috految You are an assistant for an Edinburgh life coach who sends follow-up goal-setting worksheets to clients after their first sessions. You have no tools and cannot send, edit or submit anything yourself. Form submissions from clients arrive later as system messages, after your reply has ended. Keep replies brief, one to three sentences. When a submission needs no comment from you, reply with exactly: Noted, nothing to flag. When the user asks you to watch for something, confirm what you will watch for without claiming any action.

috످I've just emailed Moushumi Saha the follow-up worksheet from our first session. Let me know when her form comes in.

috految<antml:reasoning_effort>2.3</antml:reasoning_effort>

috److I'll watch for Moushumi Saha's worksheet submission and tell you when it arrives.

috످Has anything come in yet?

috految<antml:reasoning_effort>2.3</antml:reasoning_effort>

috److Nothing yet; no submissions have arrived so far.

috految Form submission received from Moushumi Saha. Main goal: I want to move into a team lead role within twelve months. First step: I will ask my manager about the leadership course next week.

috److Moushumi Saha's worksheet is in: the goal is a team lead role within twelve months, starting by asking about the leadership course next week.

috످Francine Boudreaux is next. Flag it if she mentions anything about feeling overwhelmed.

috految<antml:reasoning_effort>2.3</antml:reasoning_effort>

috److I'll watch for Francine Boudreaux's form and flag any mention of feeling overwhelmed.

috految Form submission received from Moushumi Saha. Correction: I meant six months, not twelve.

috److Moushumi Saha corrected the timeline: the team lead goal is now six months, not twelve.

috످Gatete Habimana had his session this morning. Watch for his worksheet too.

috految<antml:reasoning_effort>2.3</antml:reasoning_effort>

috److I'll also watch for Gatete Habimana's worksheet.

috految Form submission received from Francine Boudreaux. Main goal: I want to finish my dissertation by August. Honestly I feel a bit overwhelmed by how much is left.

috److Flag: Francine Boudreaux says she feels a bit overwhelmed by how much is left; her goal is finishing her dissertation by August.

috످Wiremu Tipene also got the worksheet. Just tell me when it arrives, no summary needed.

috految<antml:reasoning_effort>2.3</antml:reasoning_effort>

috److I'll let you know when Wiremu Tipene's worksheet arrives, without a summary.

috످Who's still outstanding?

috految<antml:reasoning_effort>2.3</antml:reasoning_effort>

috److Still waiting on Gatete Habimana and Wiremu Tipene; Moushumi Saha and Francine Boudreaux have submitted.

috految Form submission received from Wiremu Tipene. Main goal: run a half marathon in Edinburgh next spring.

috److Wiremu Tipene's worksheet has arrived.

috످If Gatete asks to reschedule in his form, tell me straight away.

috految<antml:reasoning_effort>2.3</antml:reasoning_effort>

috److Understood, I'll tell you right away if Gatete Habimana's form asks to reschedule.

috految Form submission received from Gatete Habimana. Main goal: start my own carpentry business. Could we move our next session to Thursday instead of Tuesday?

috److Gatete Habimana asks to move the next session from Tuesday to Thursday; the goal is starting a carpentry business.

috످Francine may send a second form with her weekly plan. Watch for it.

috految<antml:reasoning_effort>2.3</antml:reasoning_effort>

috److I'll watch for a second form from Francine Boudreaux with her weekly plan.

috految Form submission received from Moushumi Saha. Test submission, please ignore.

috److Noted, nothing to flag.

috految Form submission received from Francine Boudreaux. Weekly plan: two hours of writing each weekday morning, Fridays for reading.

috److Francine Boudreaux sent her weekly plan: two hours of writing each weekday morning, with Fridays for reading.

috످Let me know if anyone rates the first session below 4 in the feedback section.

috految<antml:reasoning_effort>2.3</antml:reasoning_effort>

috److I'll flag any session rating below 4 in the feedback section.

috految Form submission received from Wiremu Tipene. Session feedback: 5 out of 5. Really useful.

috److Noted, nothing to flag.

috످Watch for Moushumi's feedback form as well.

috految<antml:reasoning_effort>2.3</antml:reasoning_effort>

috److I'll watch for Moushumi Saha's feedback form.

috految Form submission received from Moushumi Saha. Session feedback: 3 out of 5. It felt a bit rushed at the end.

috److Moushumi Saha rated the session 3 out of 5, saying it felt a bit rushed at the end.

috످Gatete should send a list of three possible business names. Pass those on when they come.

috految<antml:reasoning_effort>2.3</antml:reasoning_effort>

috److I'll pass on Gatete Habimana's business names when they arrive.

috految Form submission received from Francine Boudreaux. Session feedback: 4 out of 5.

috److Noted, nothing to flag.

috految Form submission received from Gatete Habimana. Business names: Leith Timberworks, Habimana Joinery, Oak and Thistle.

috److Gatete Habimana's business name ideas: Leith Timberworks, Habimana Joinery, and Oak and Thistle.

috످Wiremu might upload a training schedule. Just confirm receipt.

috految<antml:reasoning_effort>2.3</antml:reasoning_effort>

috److I'll confirm receipt if Wiremu Tipene's training schedule comes in.

috످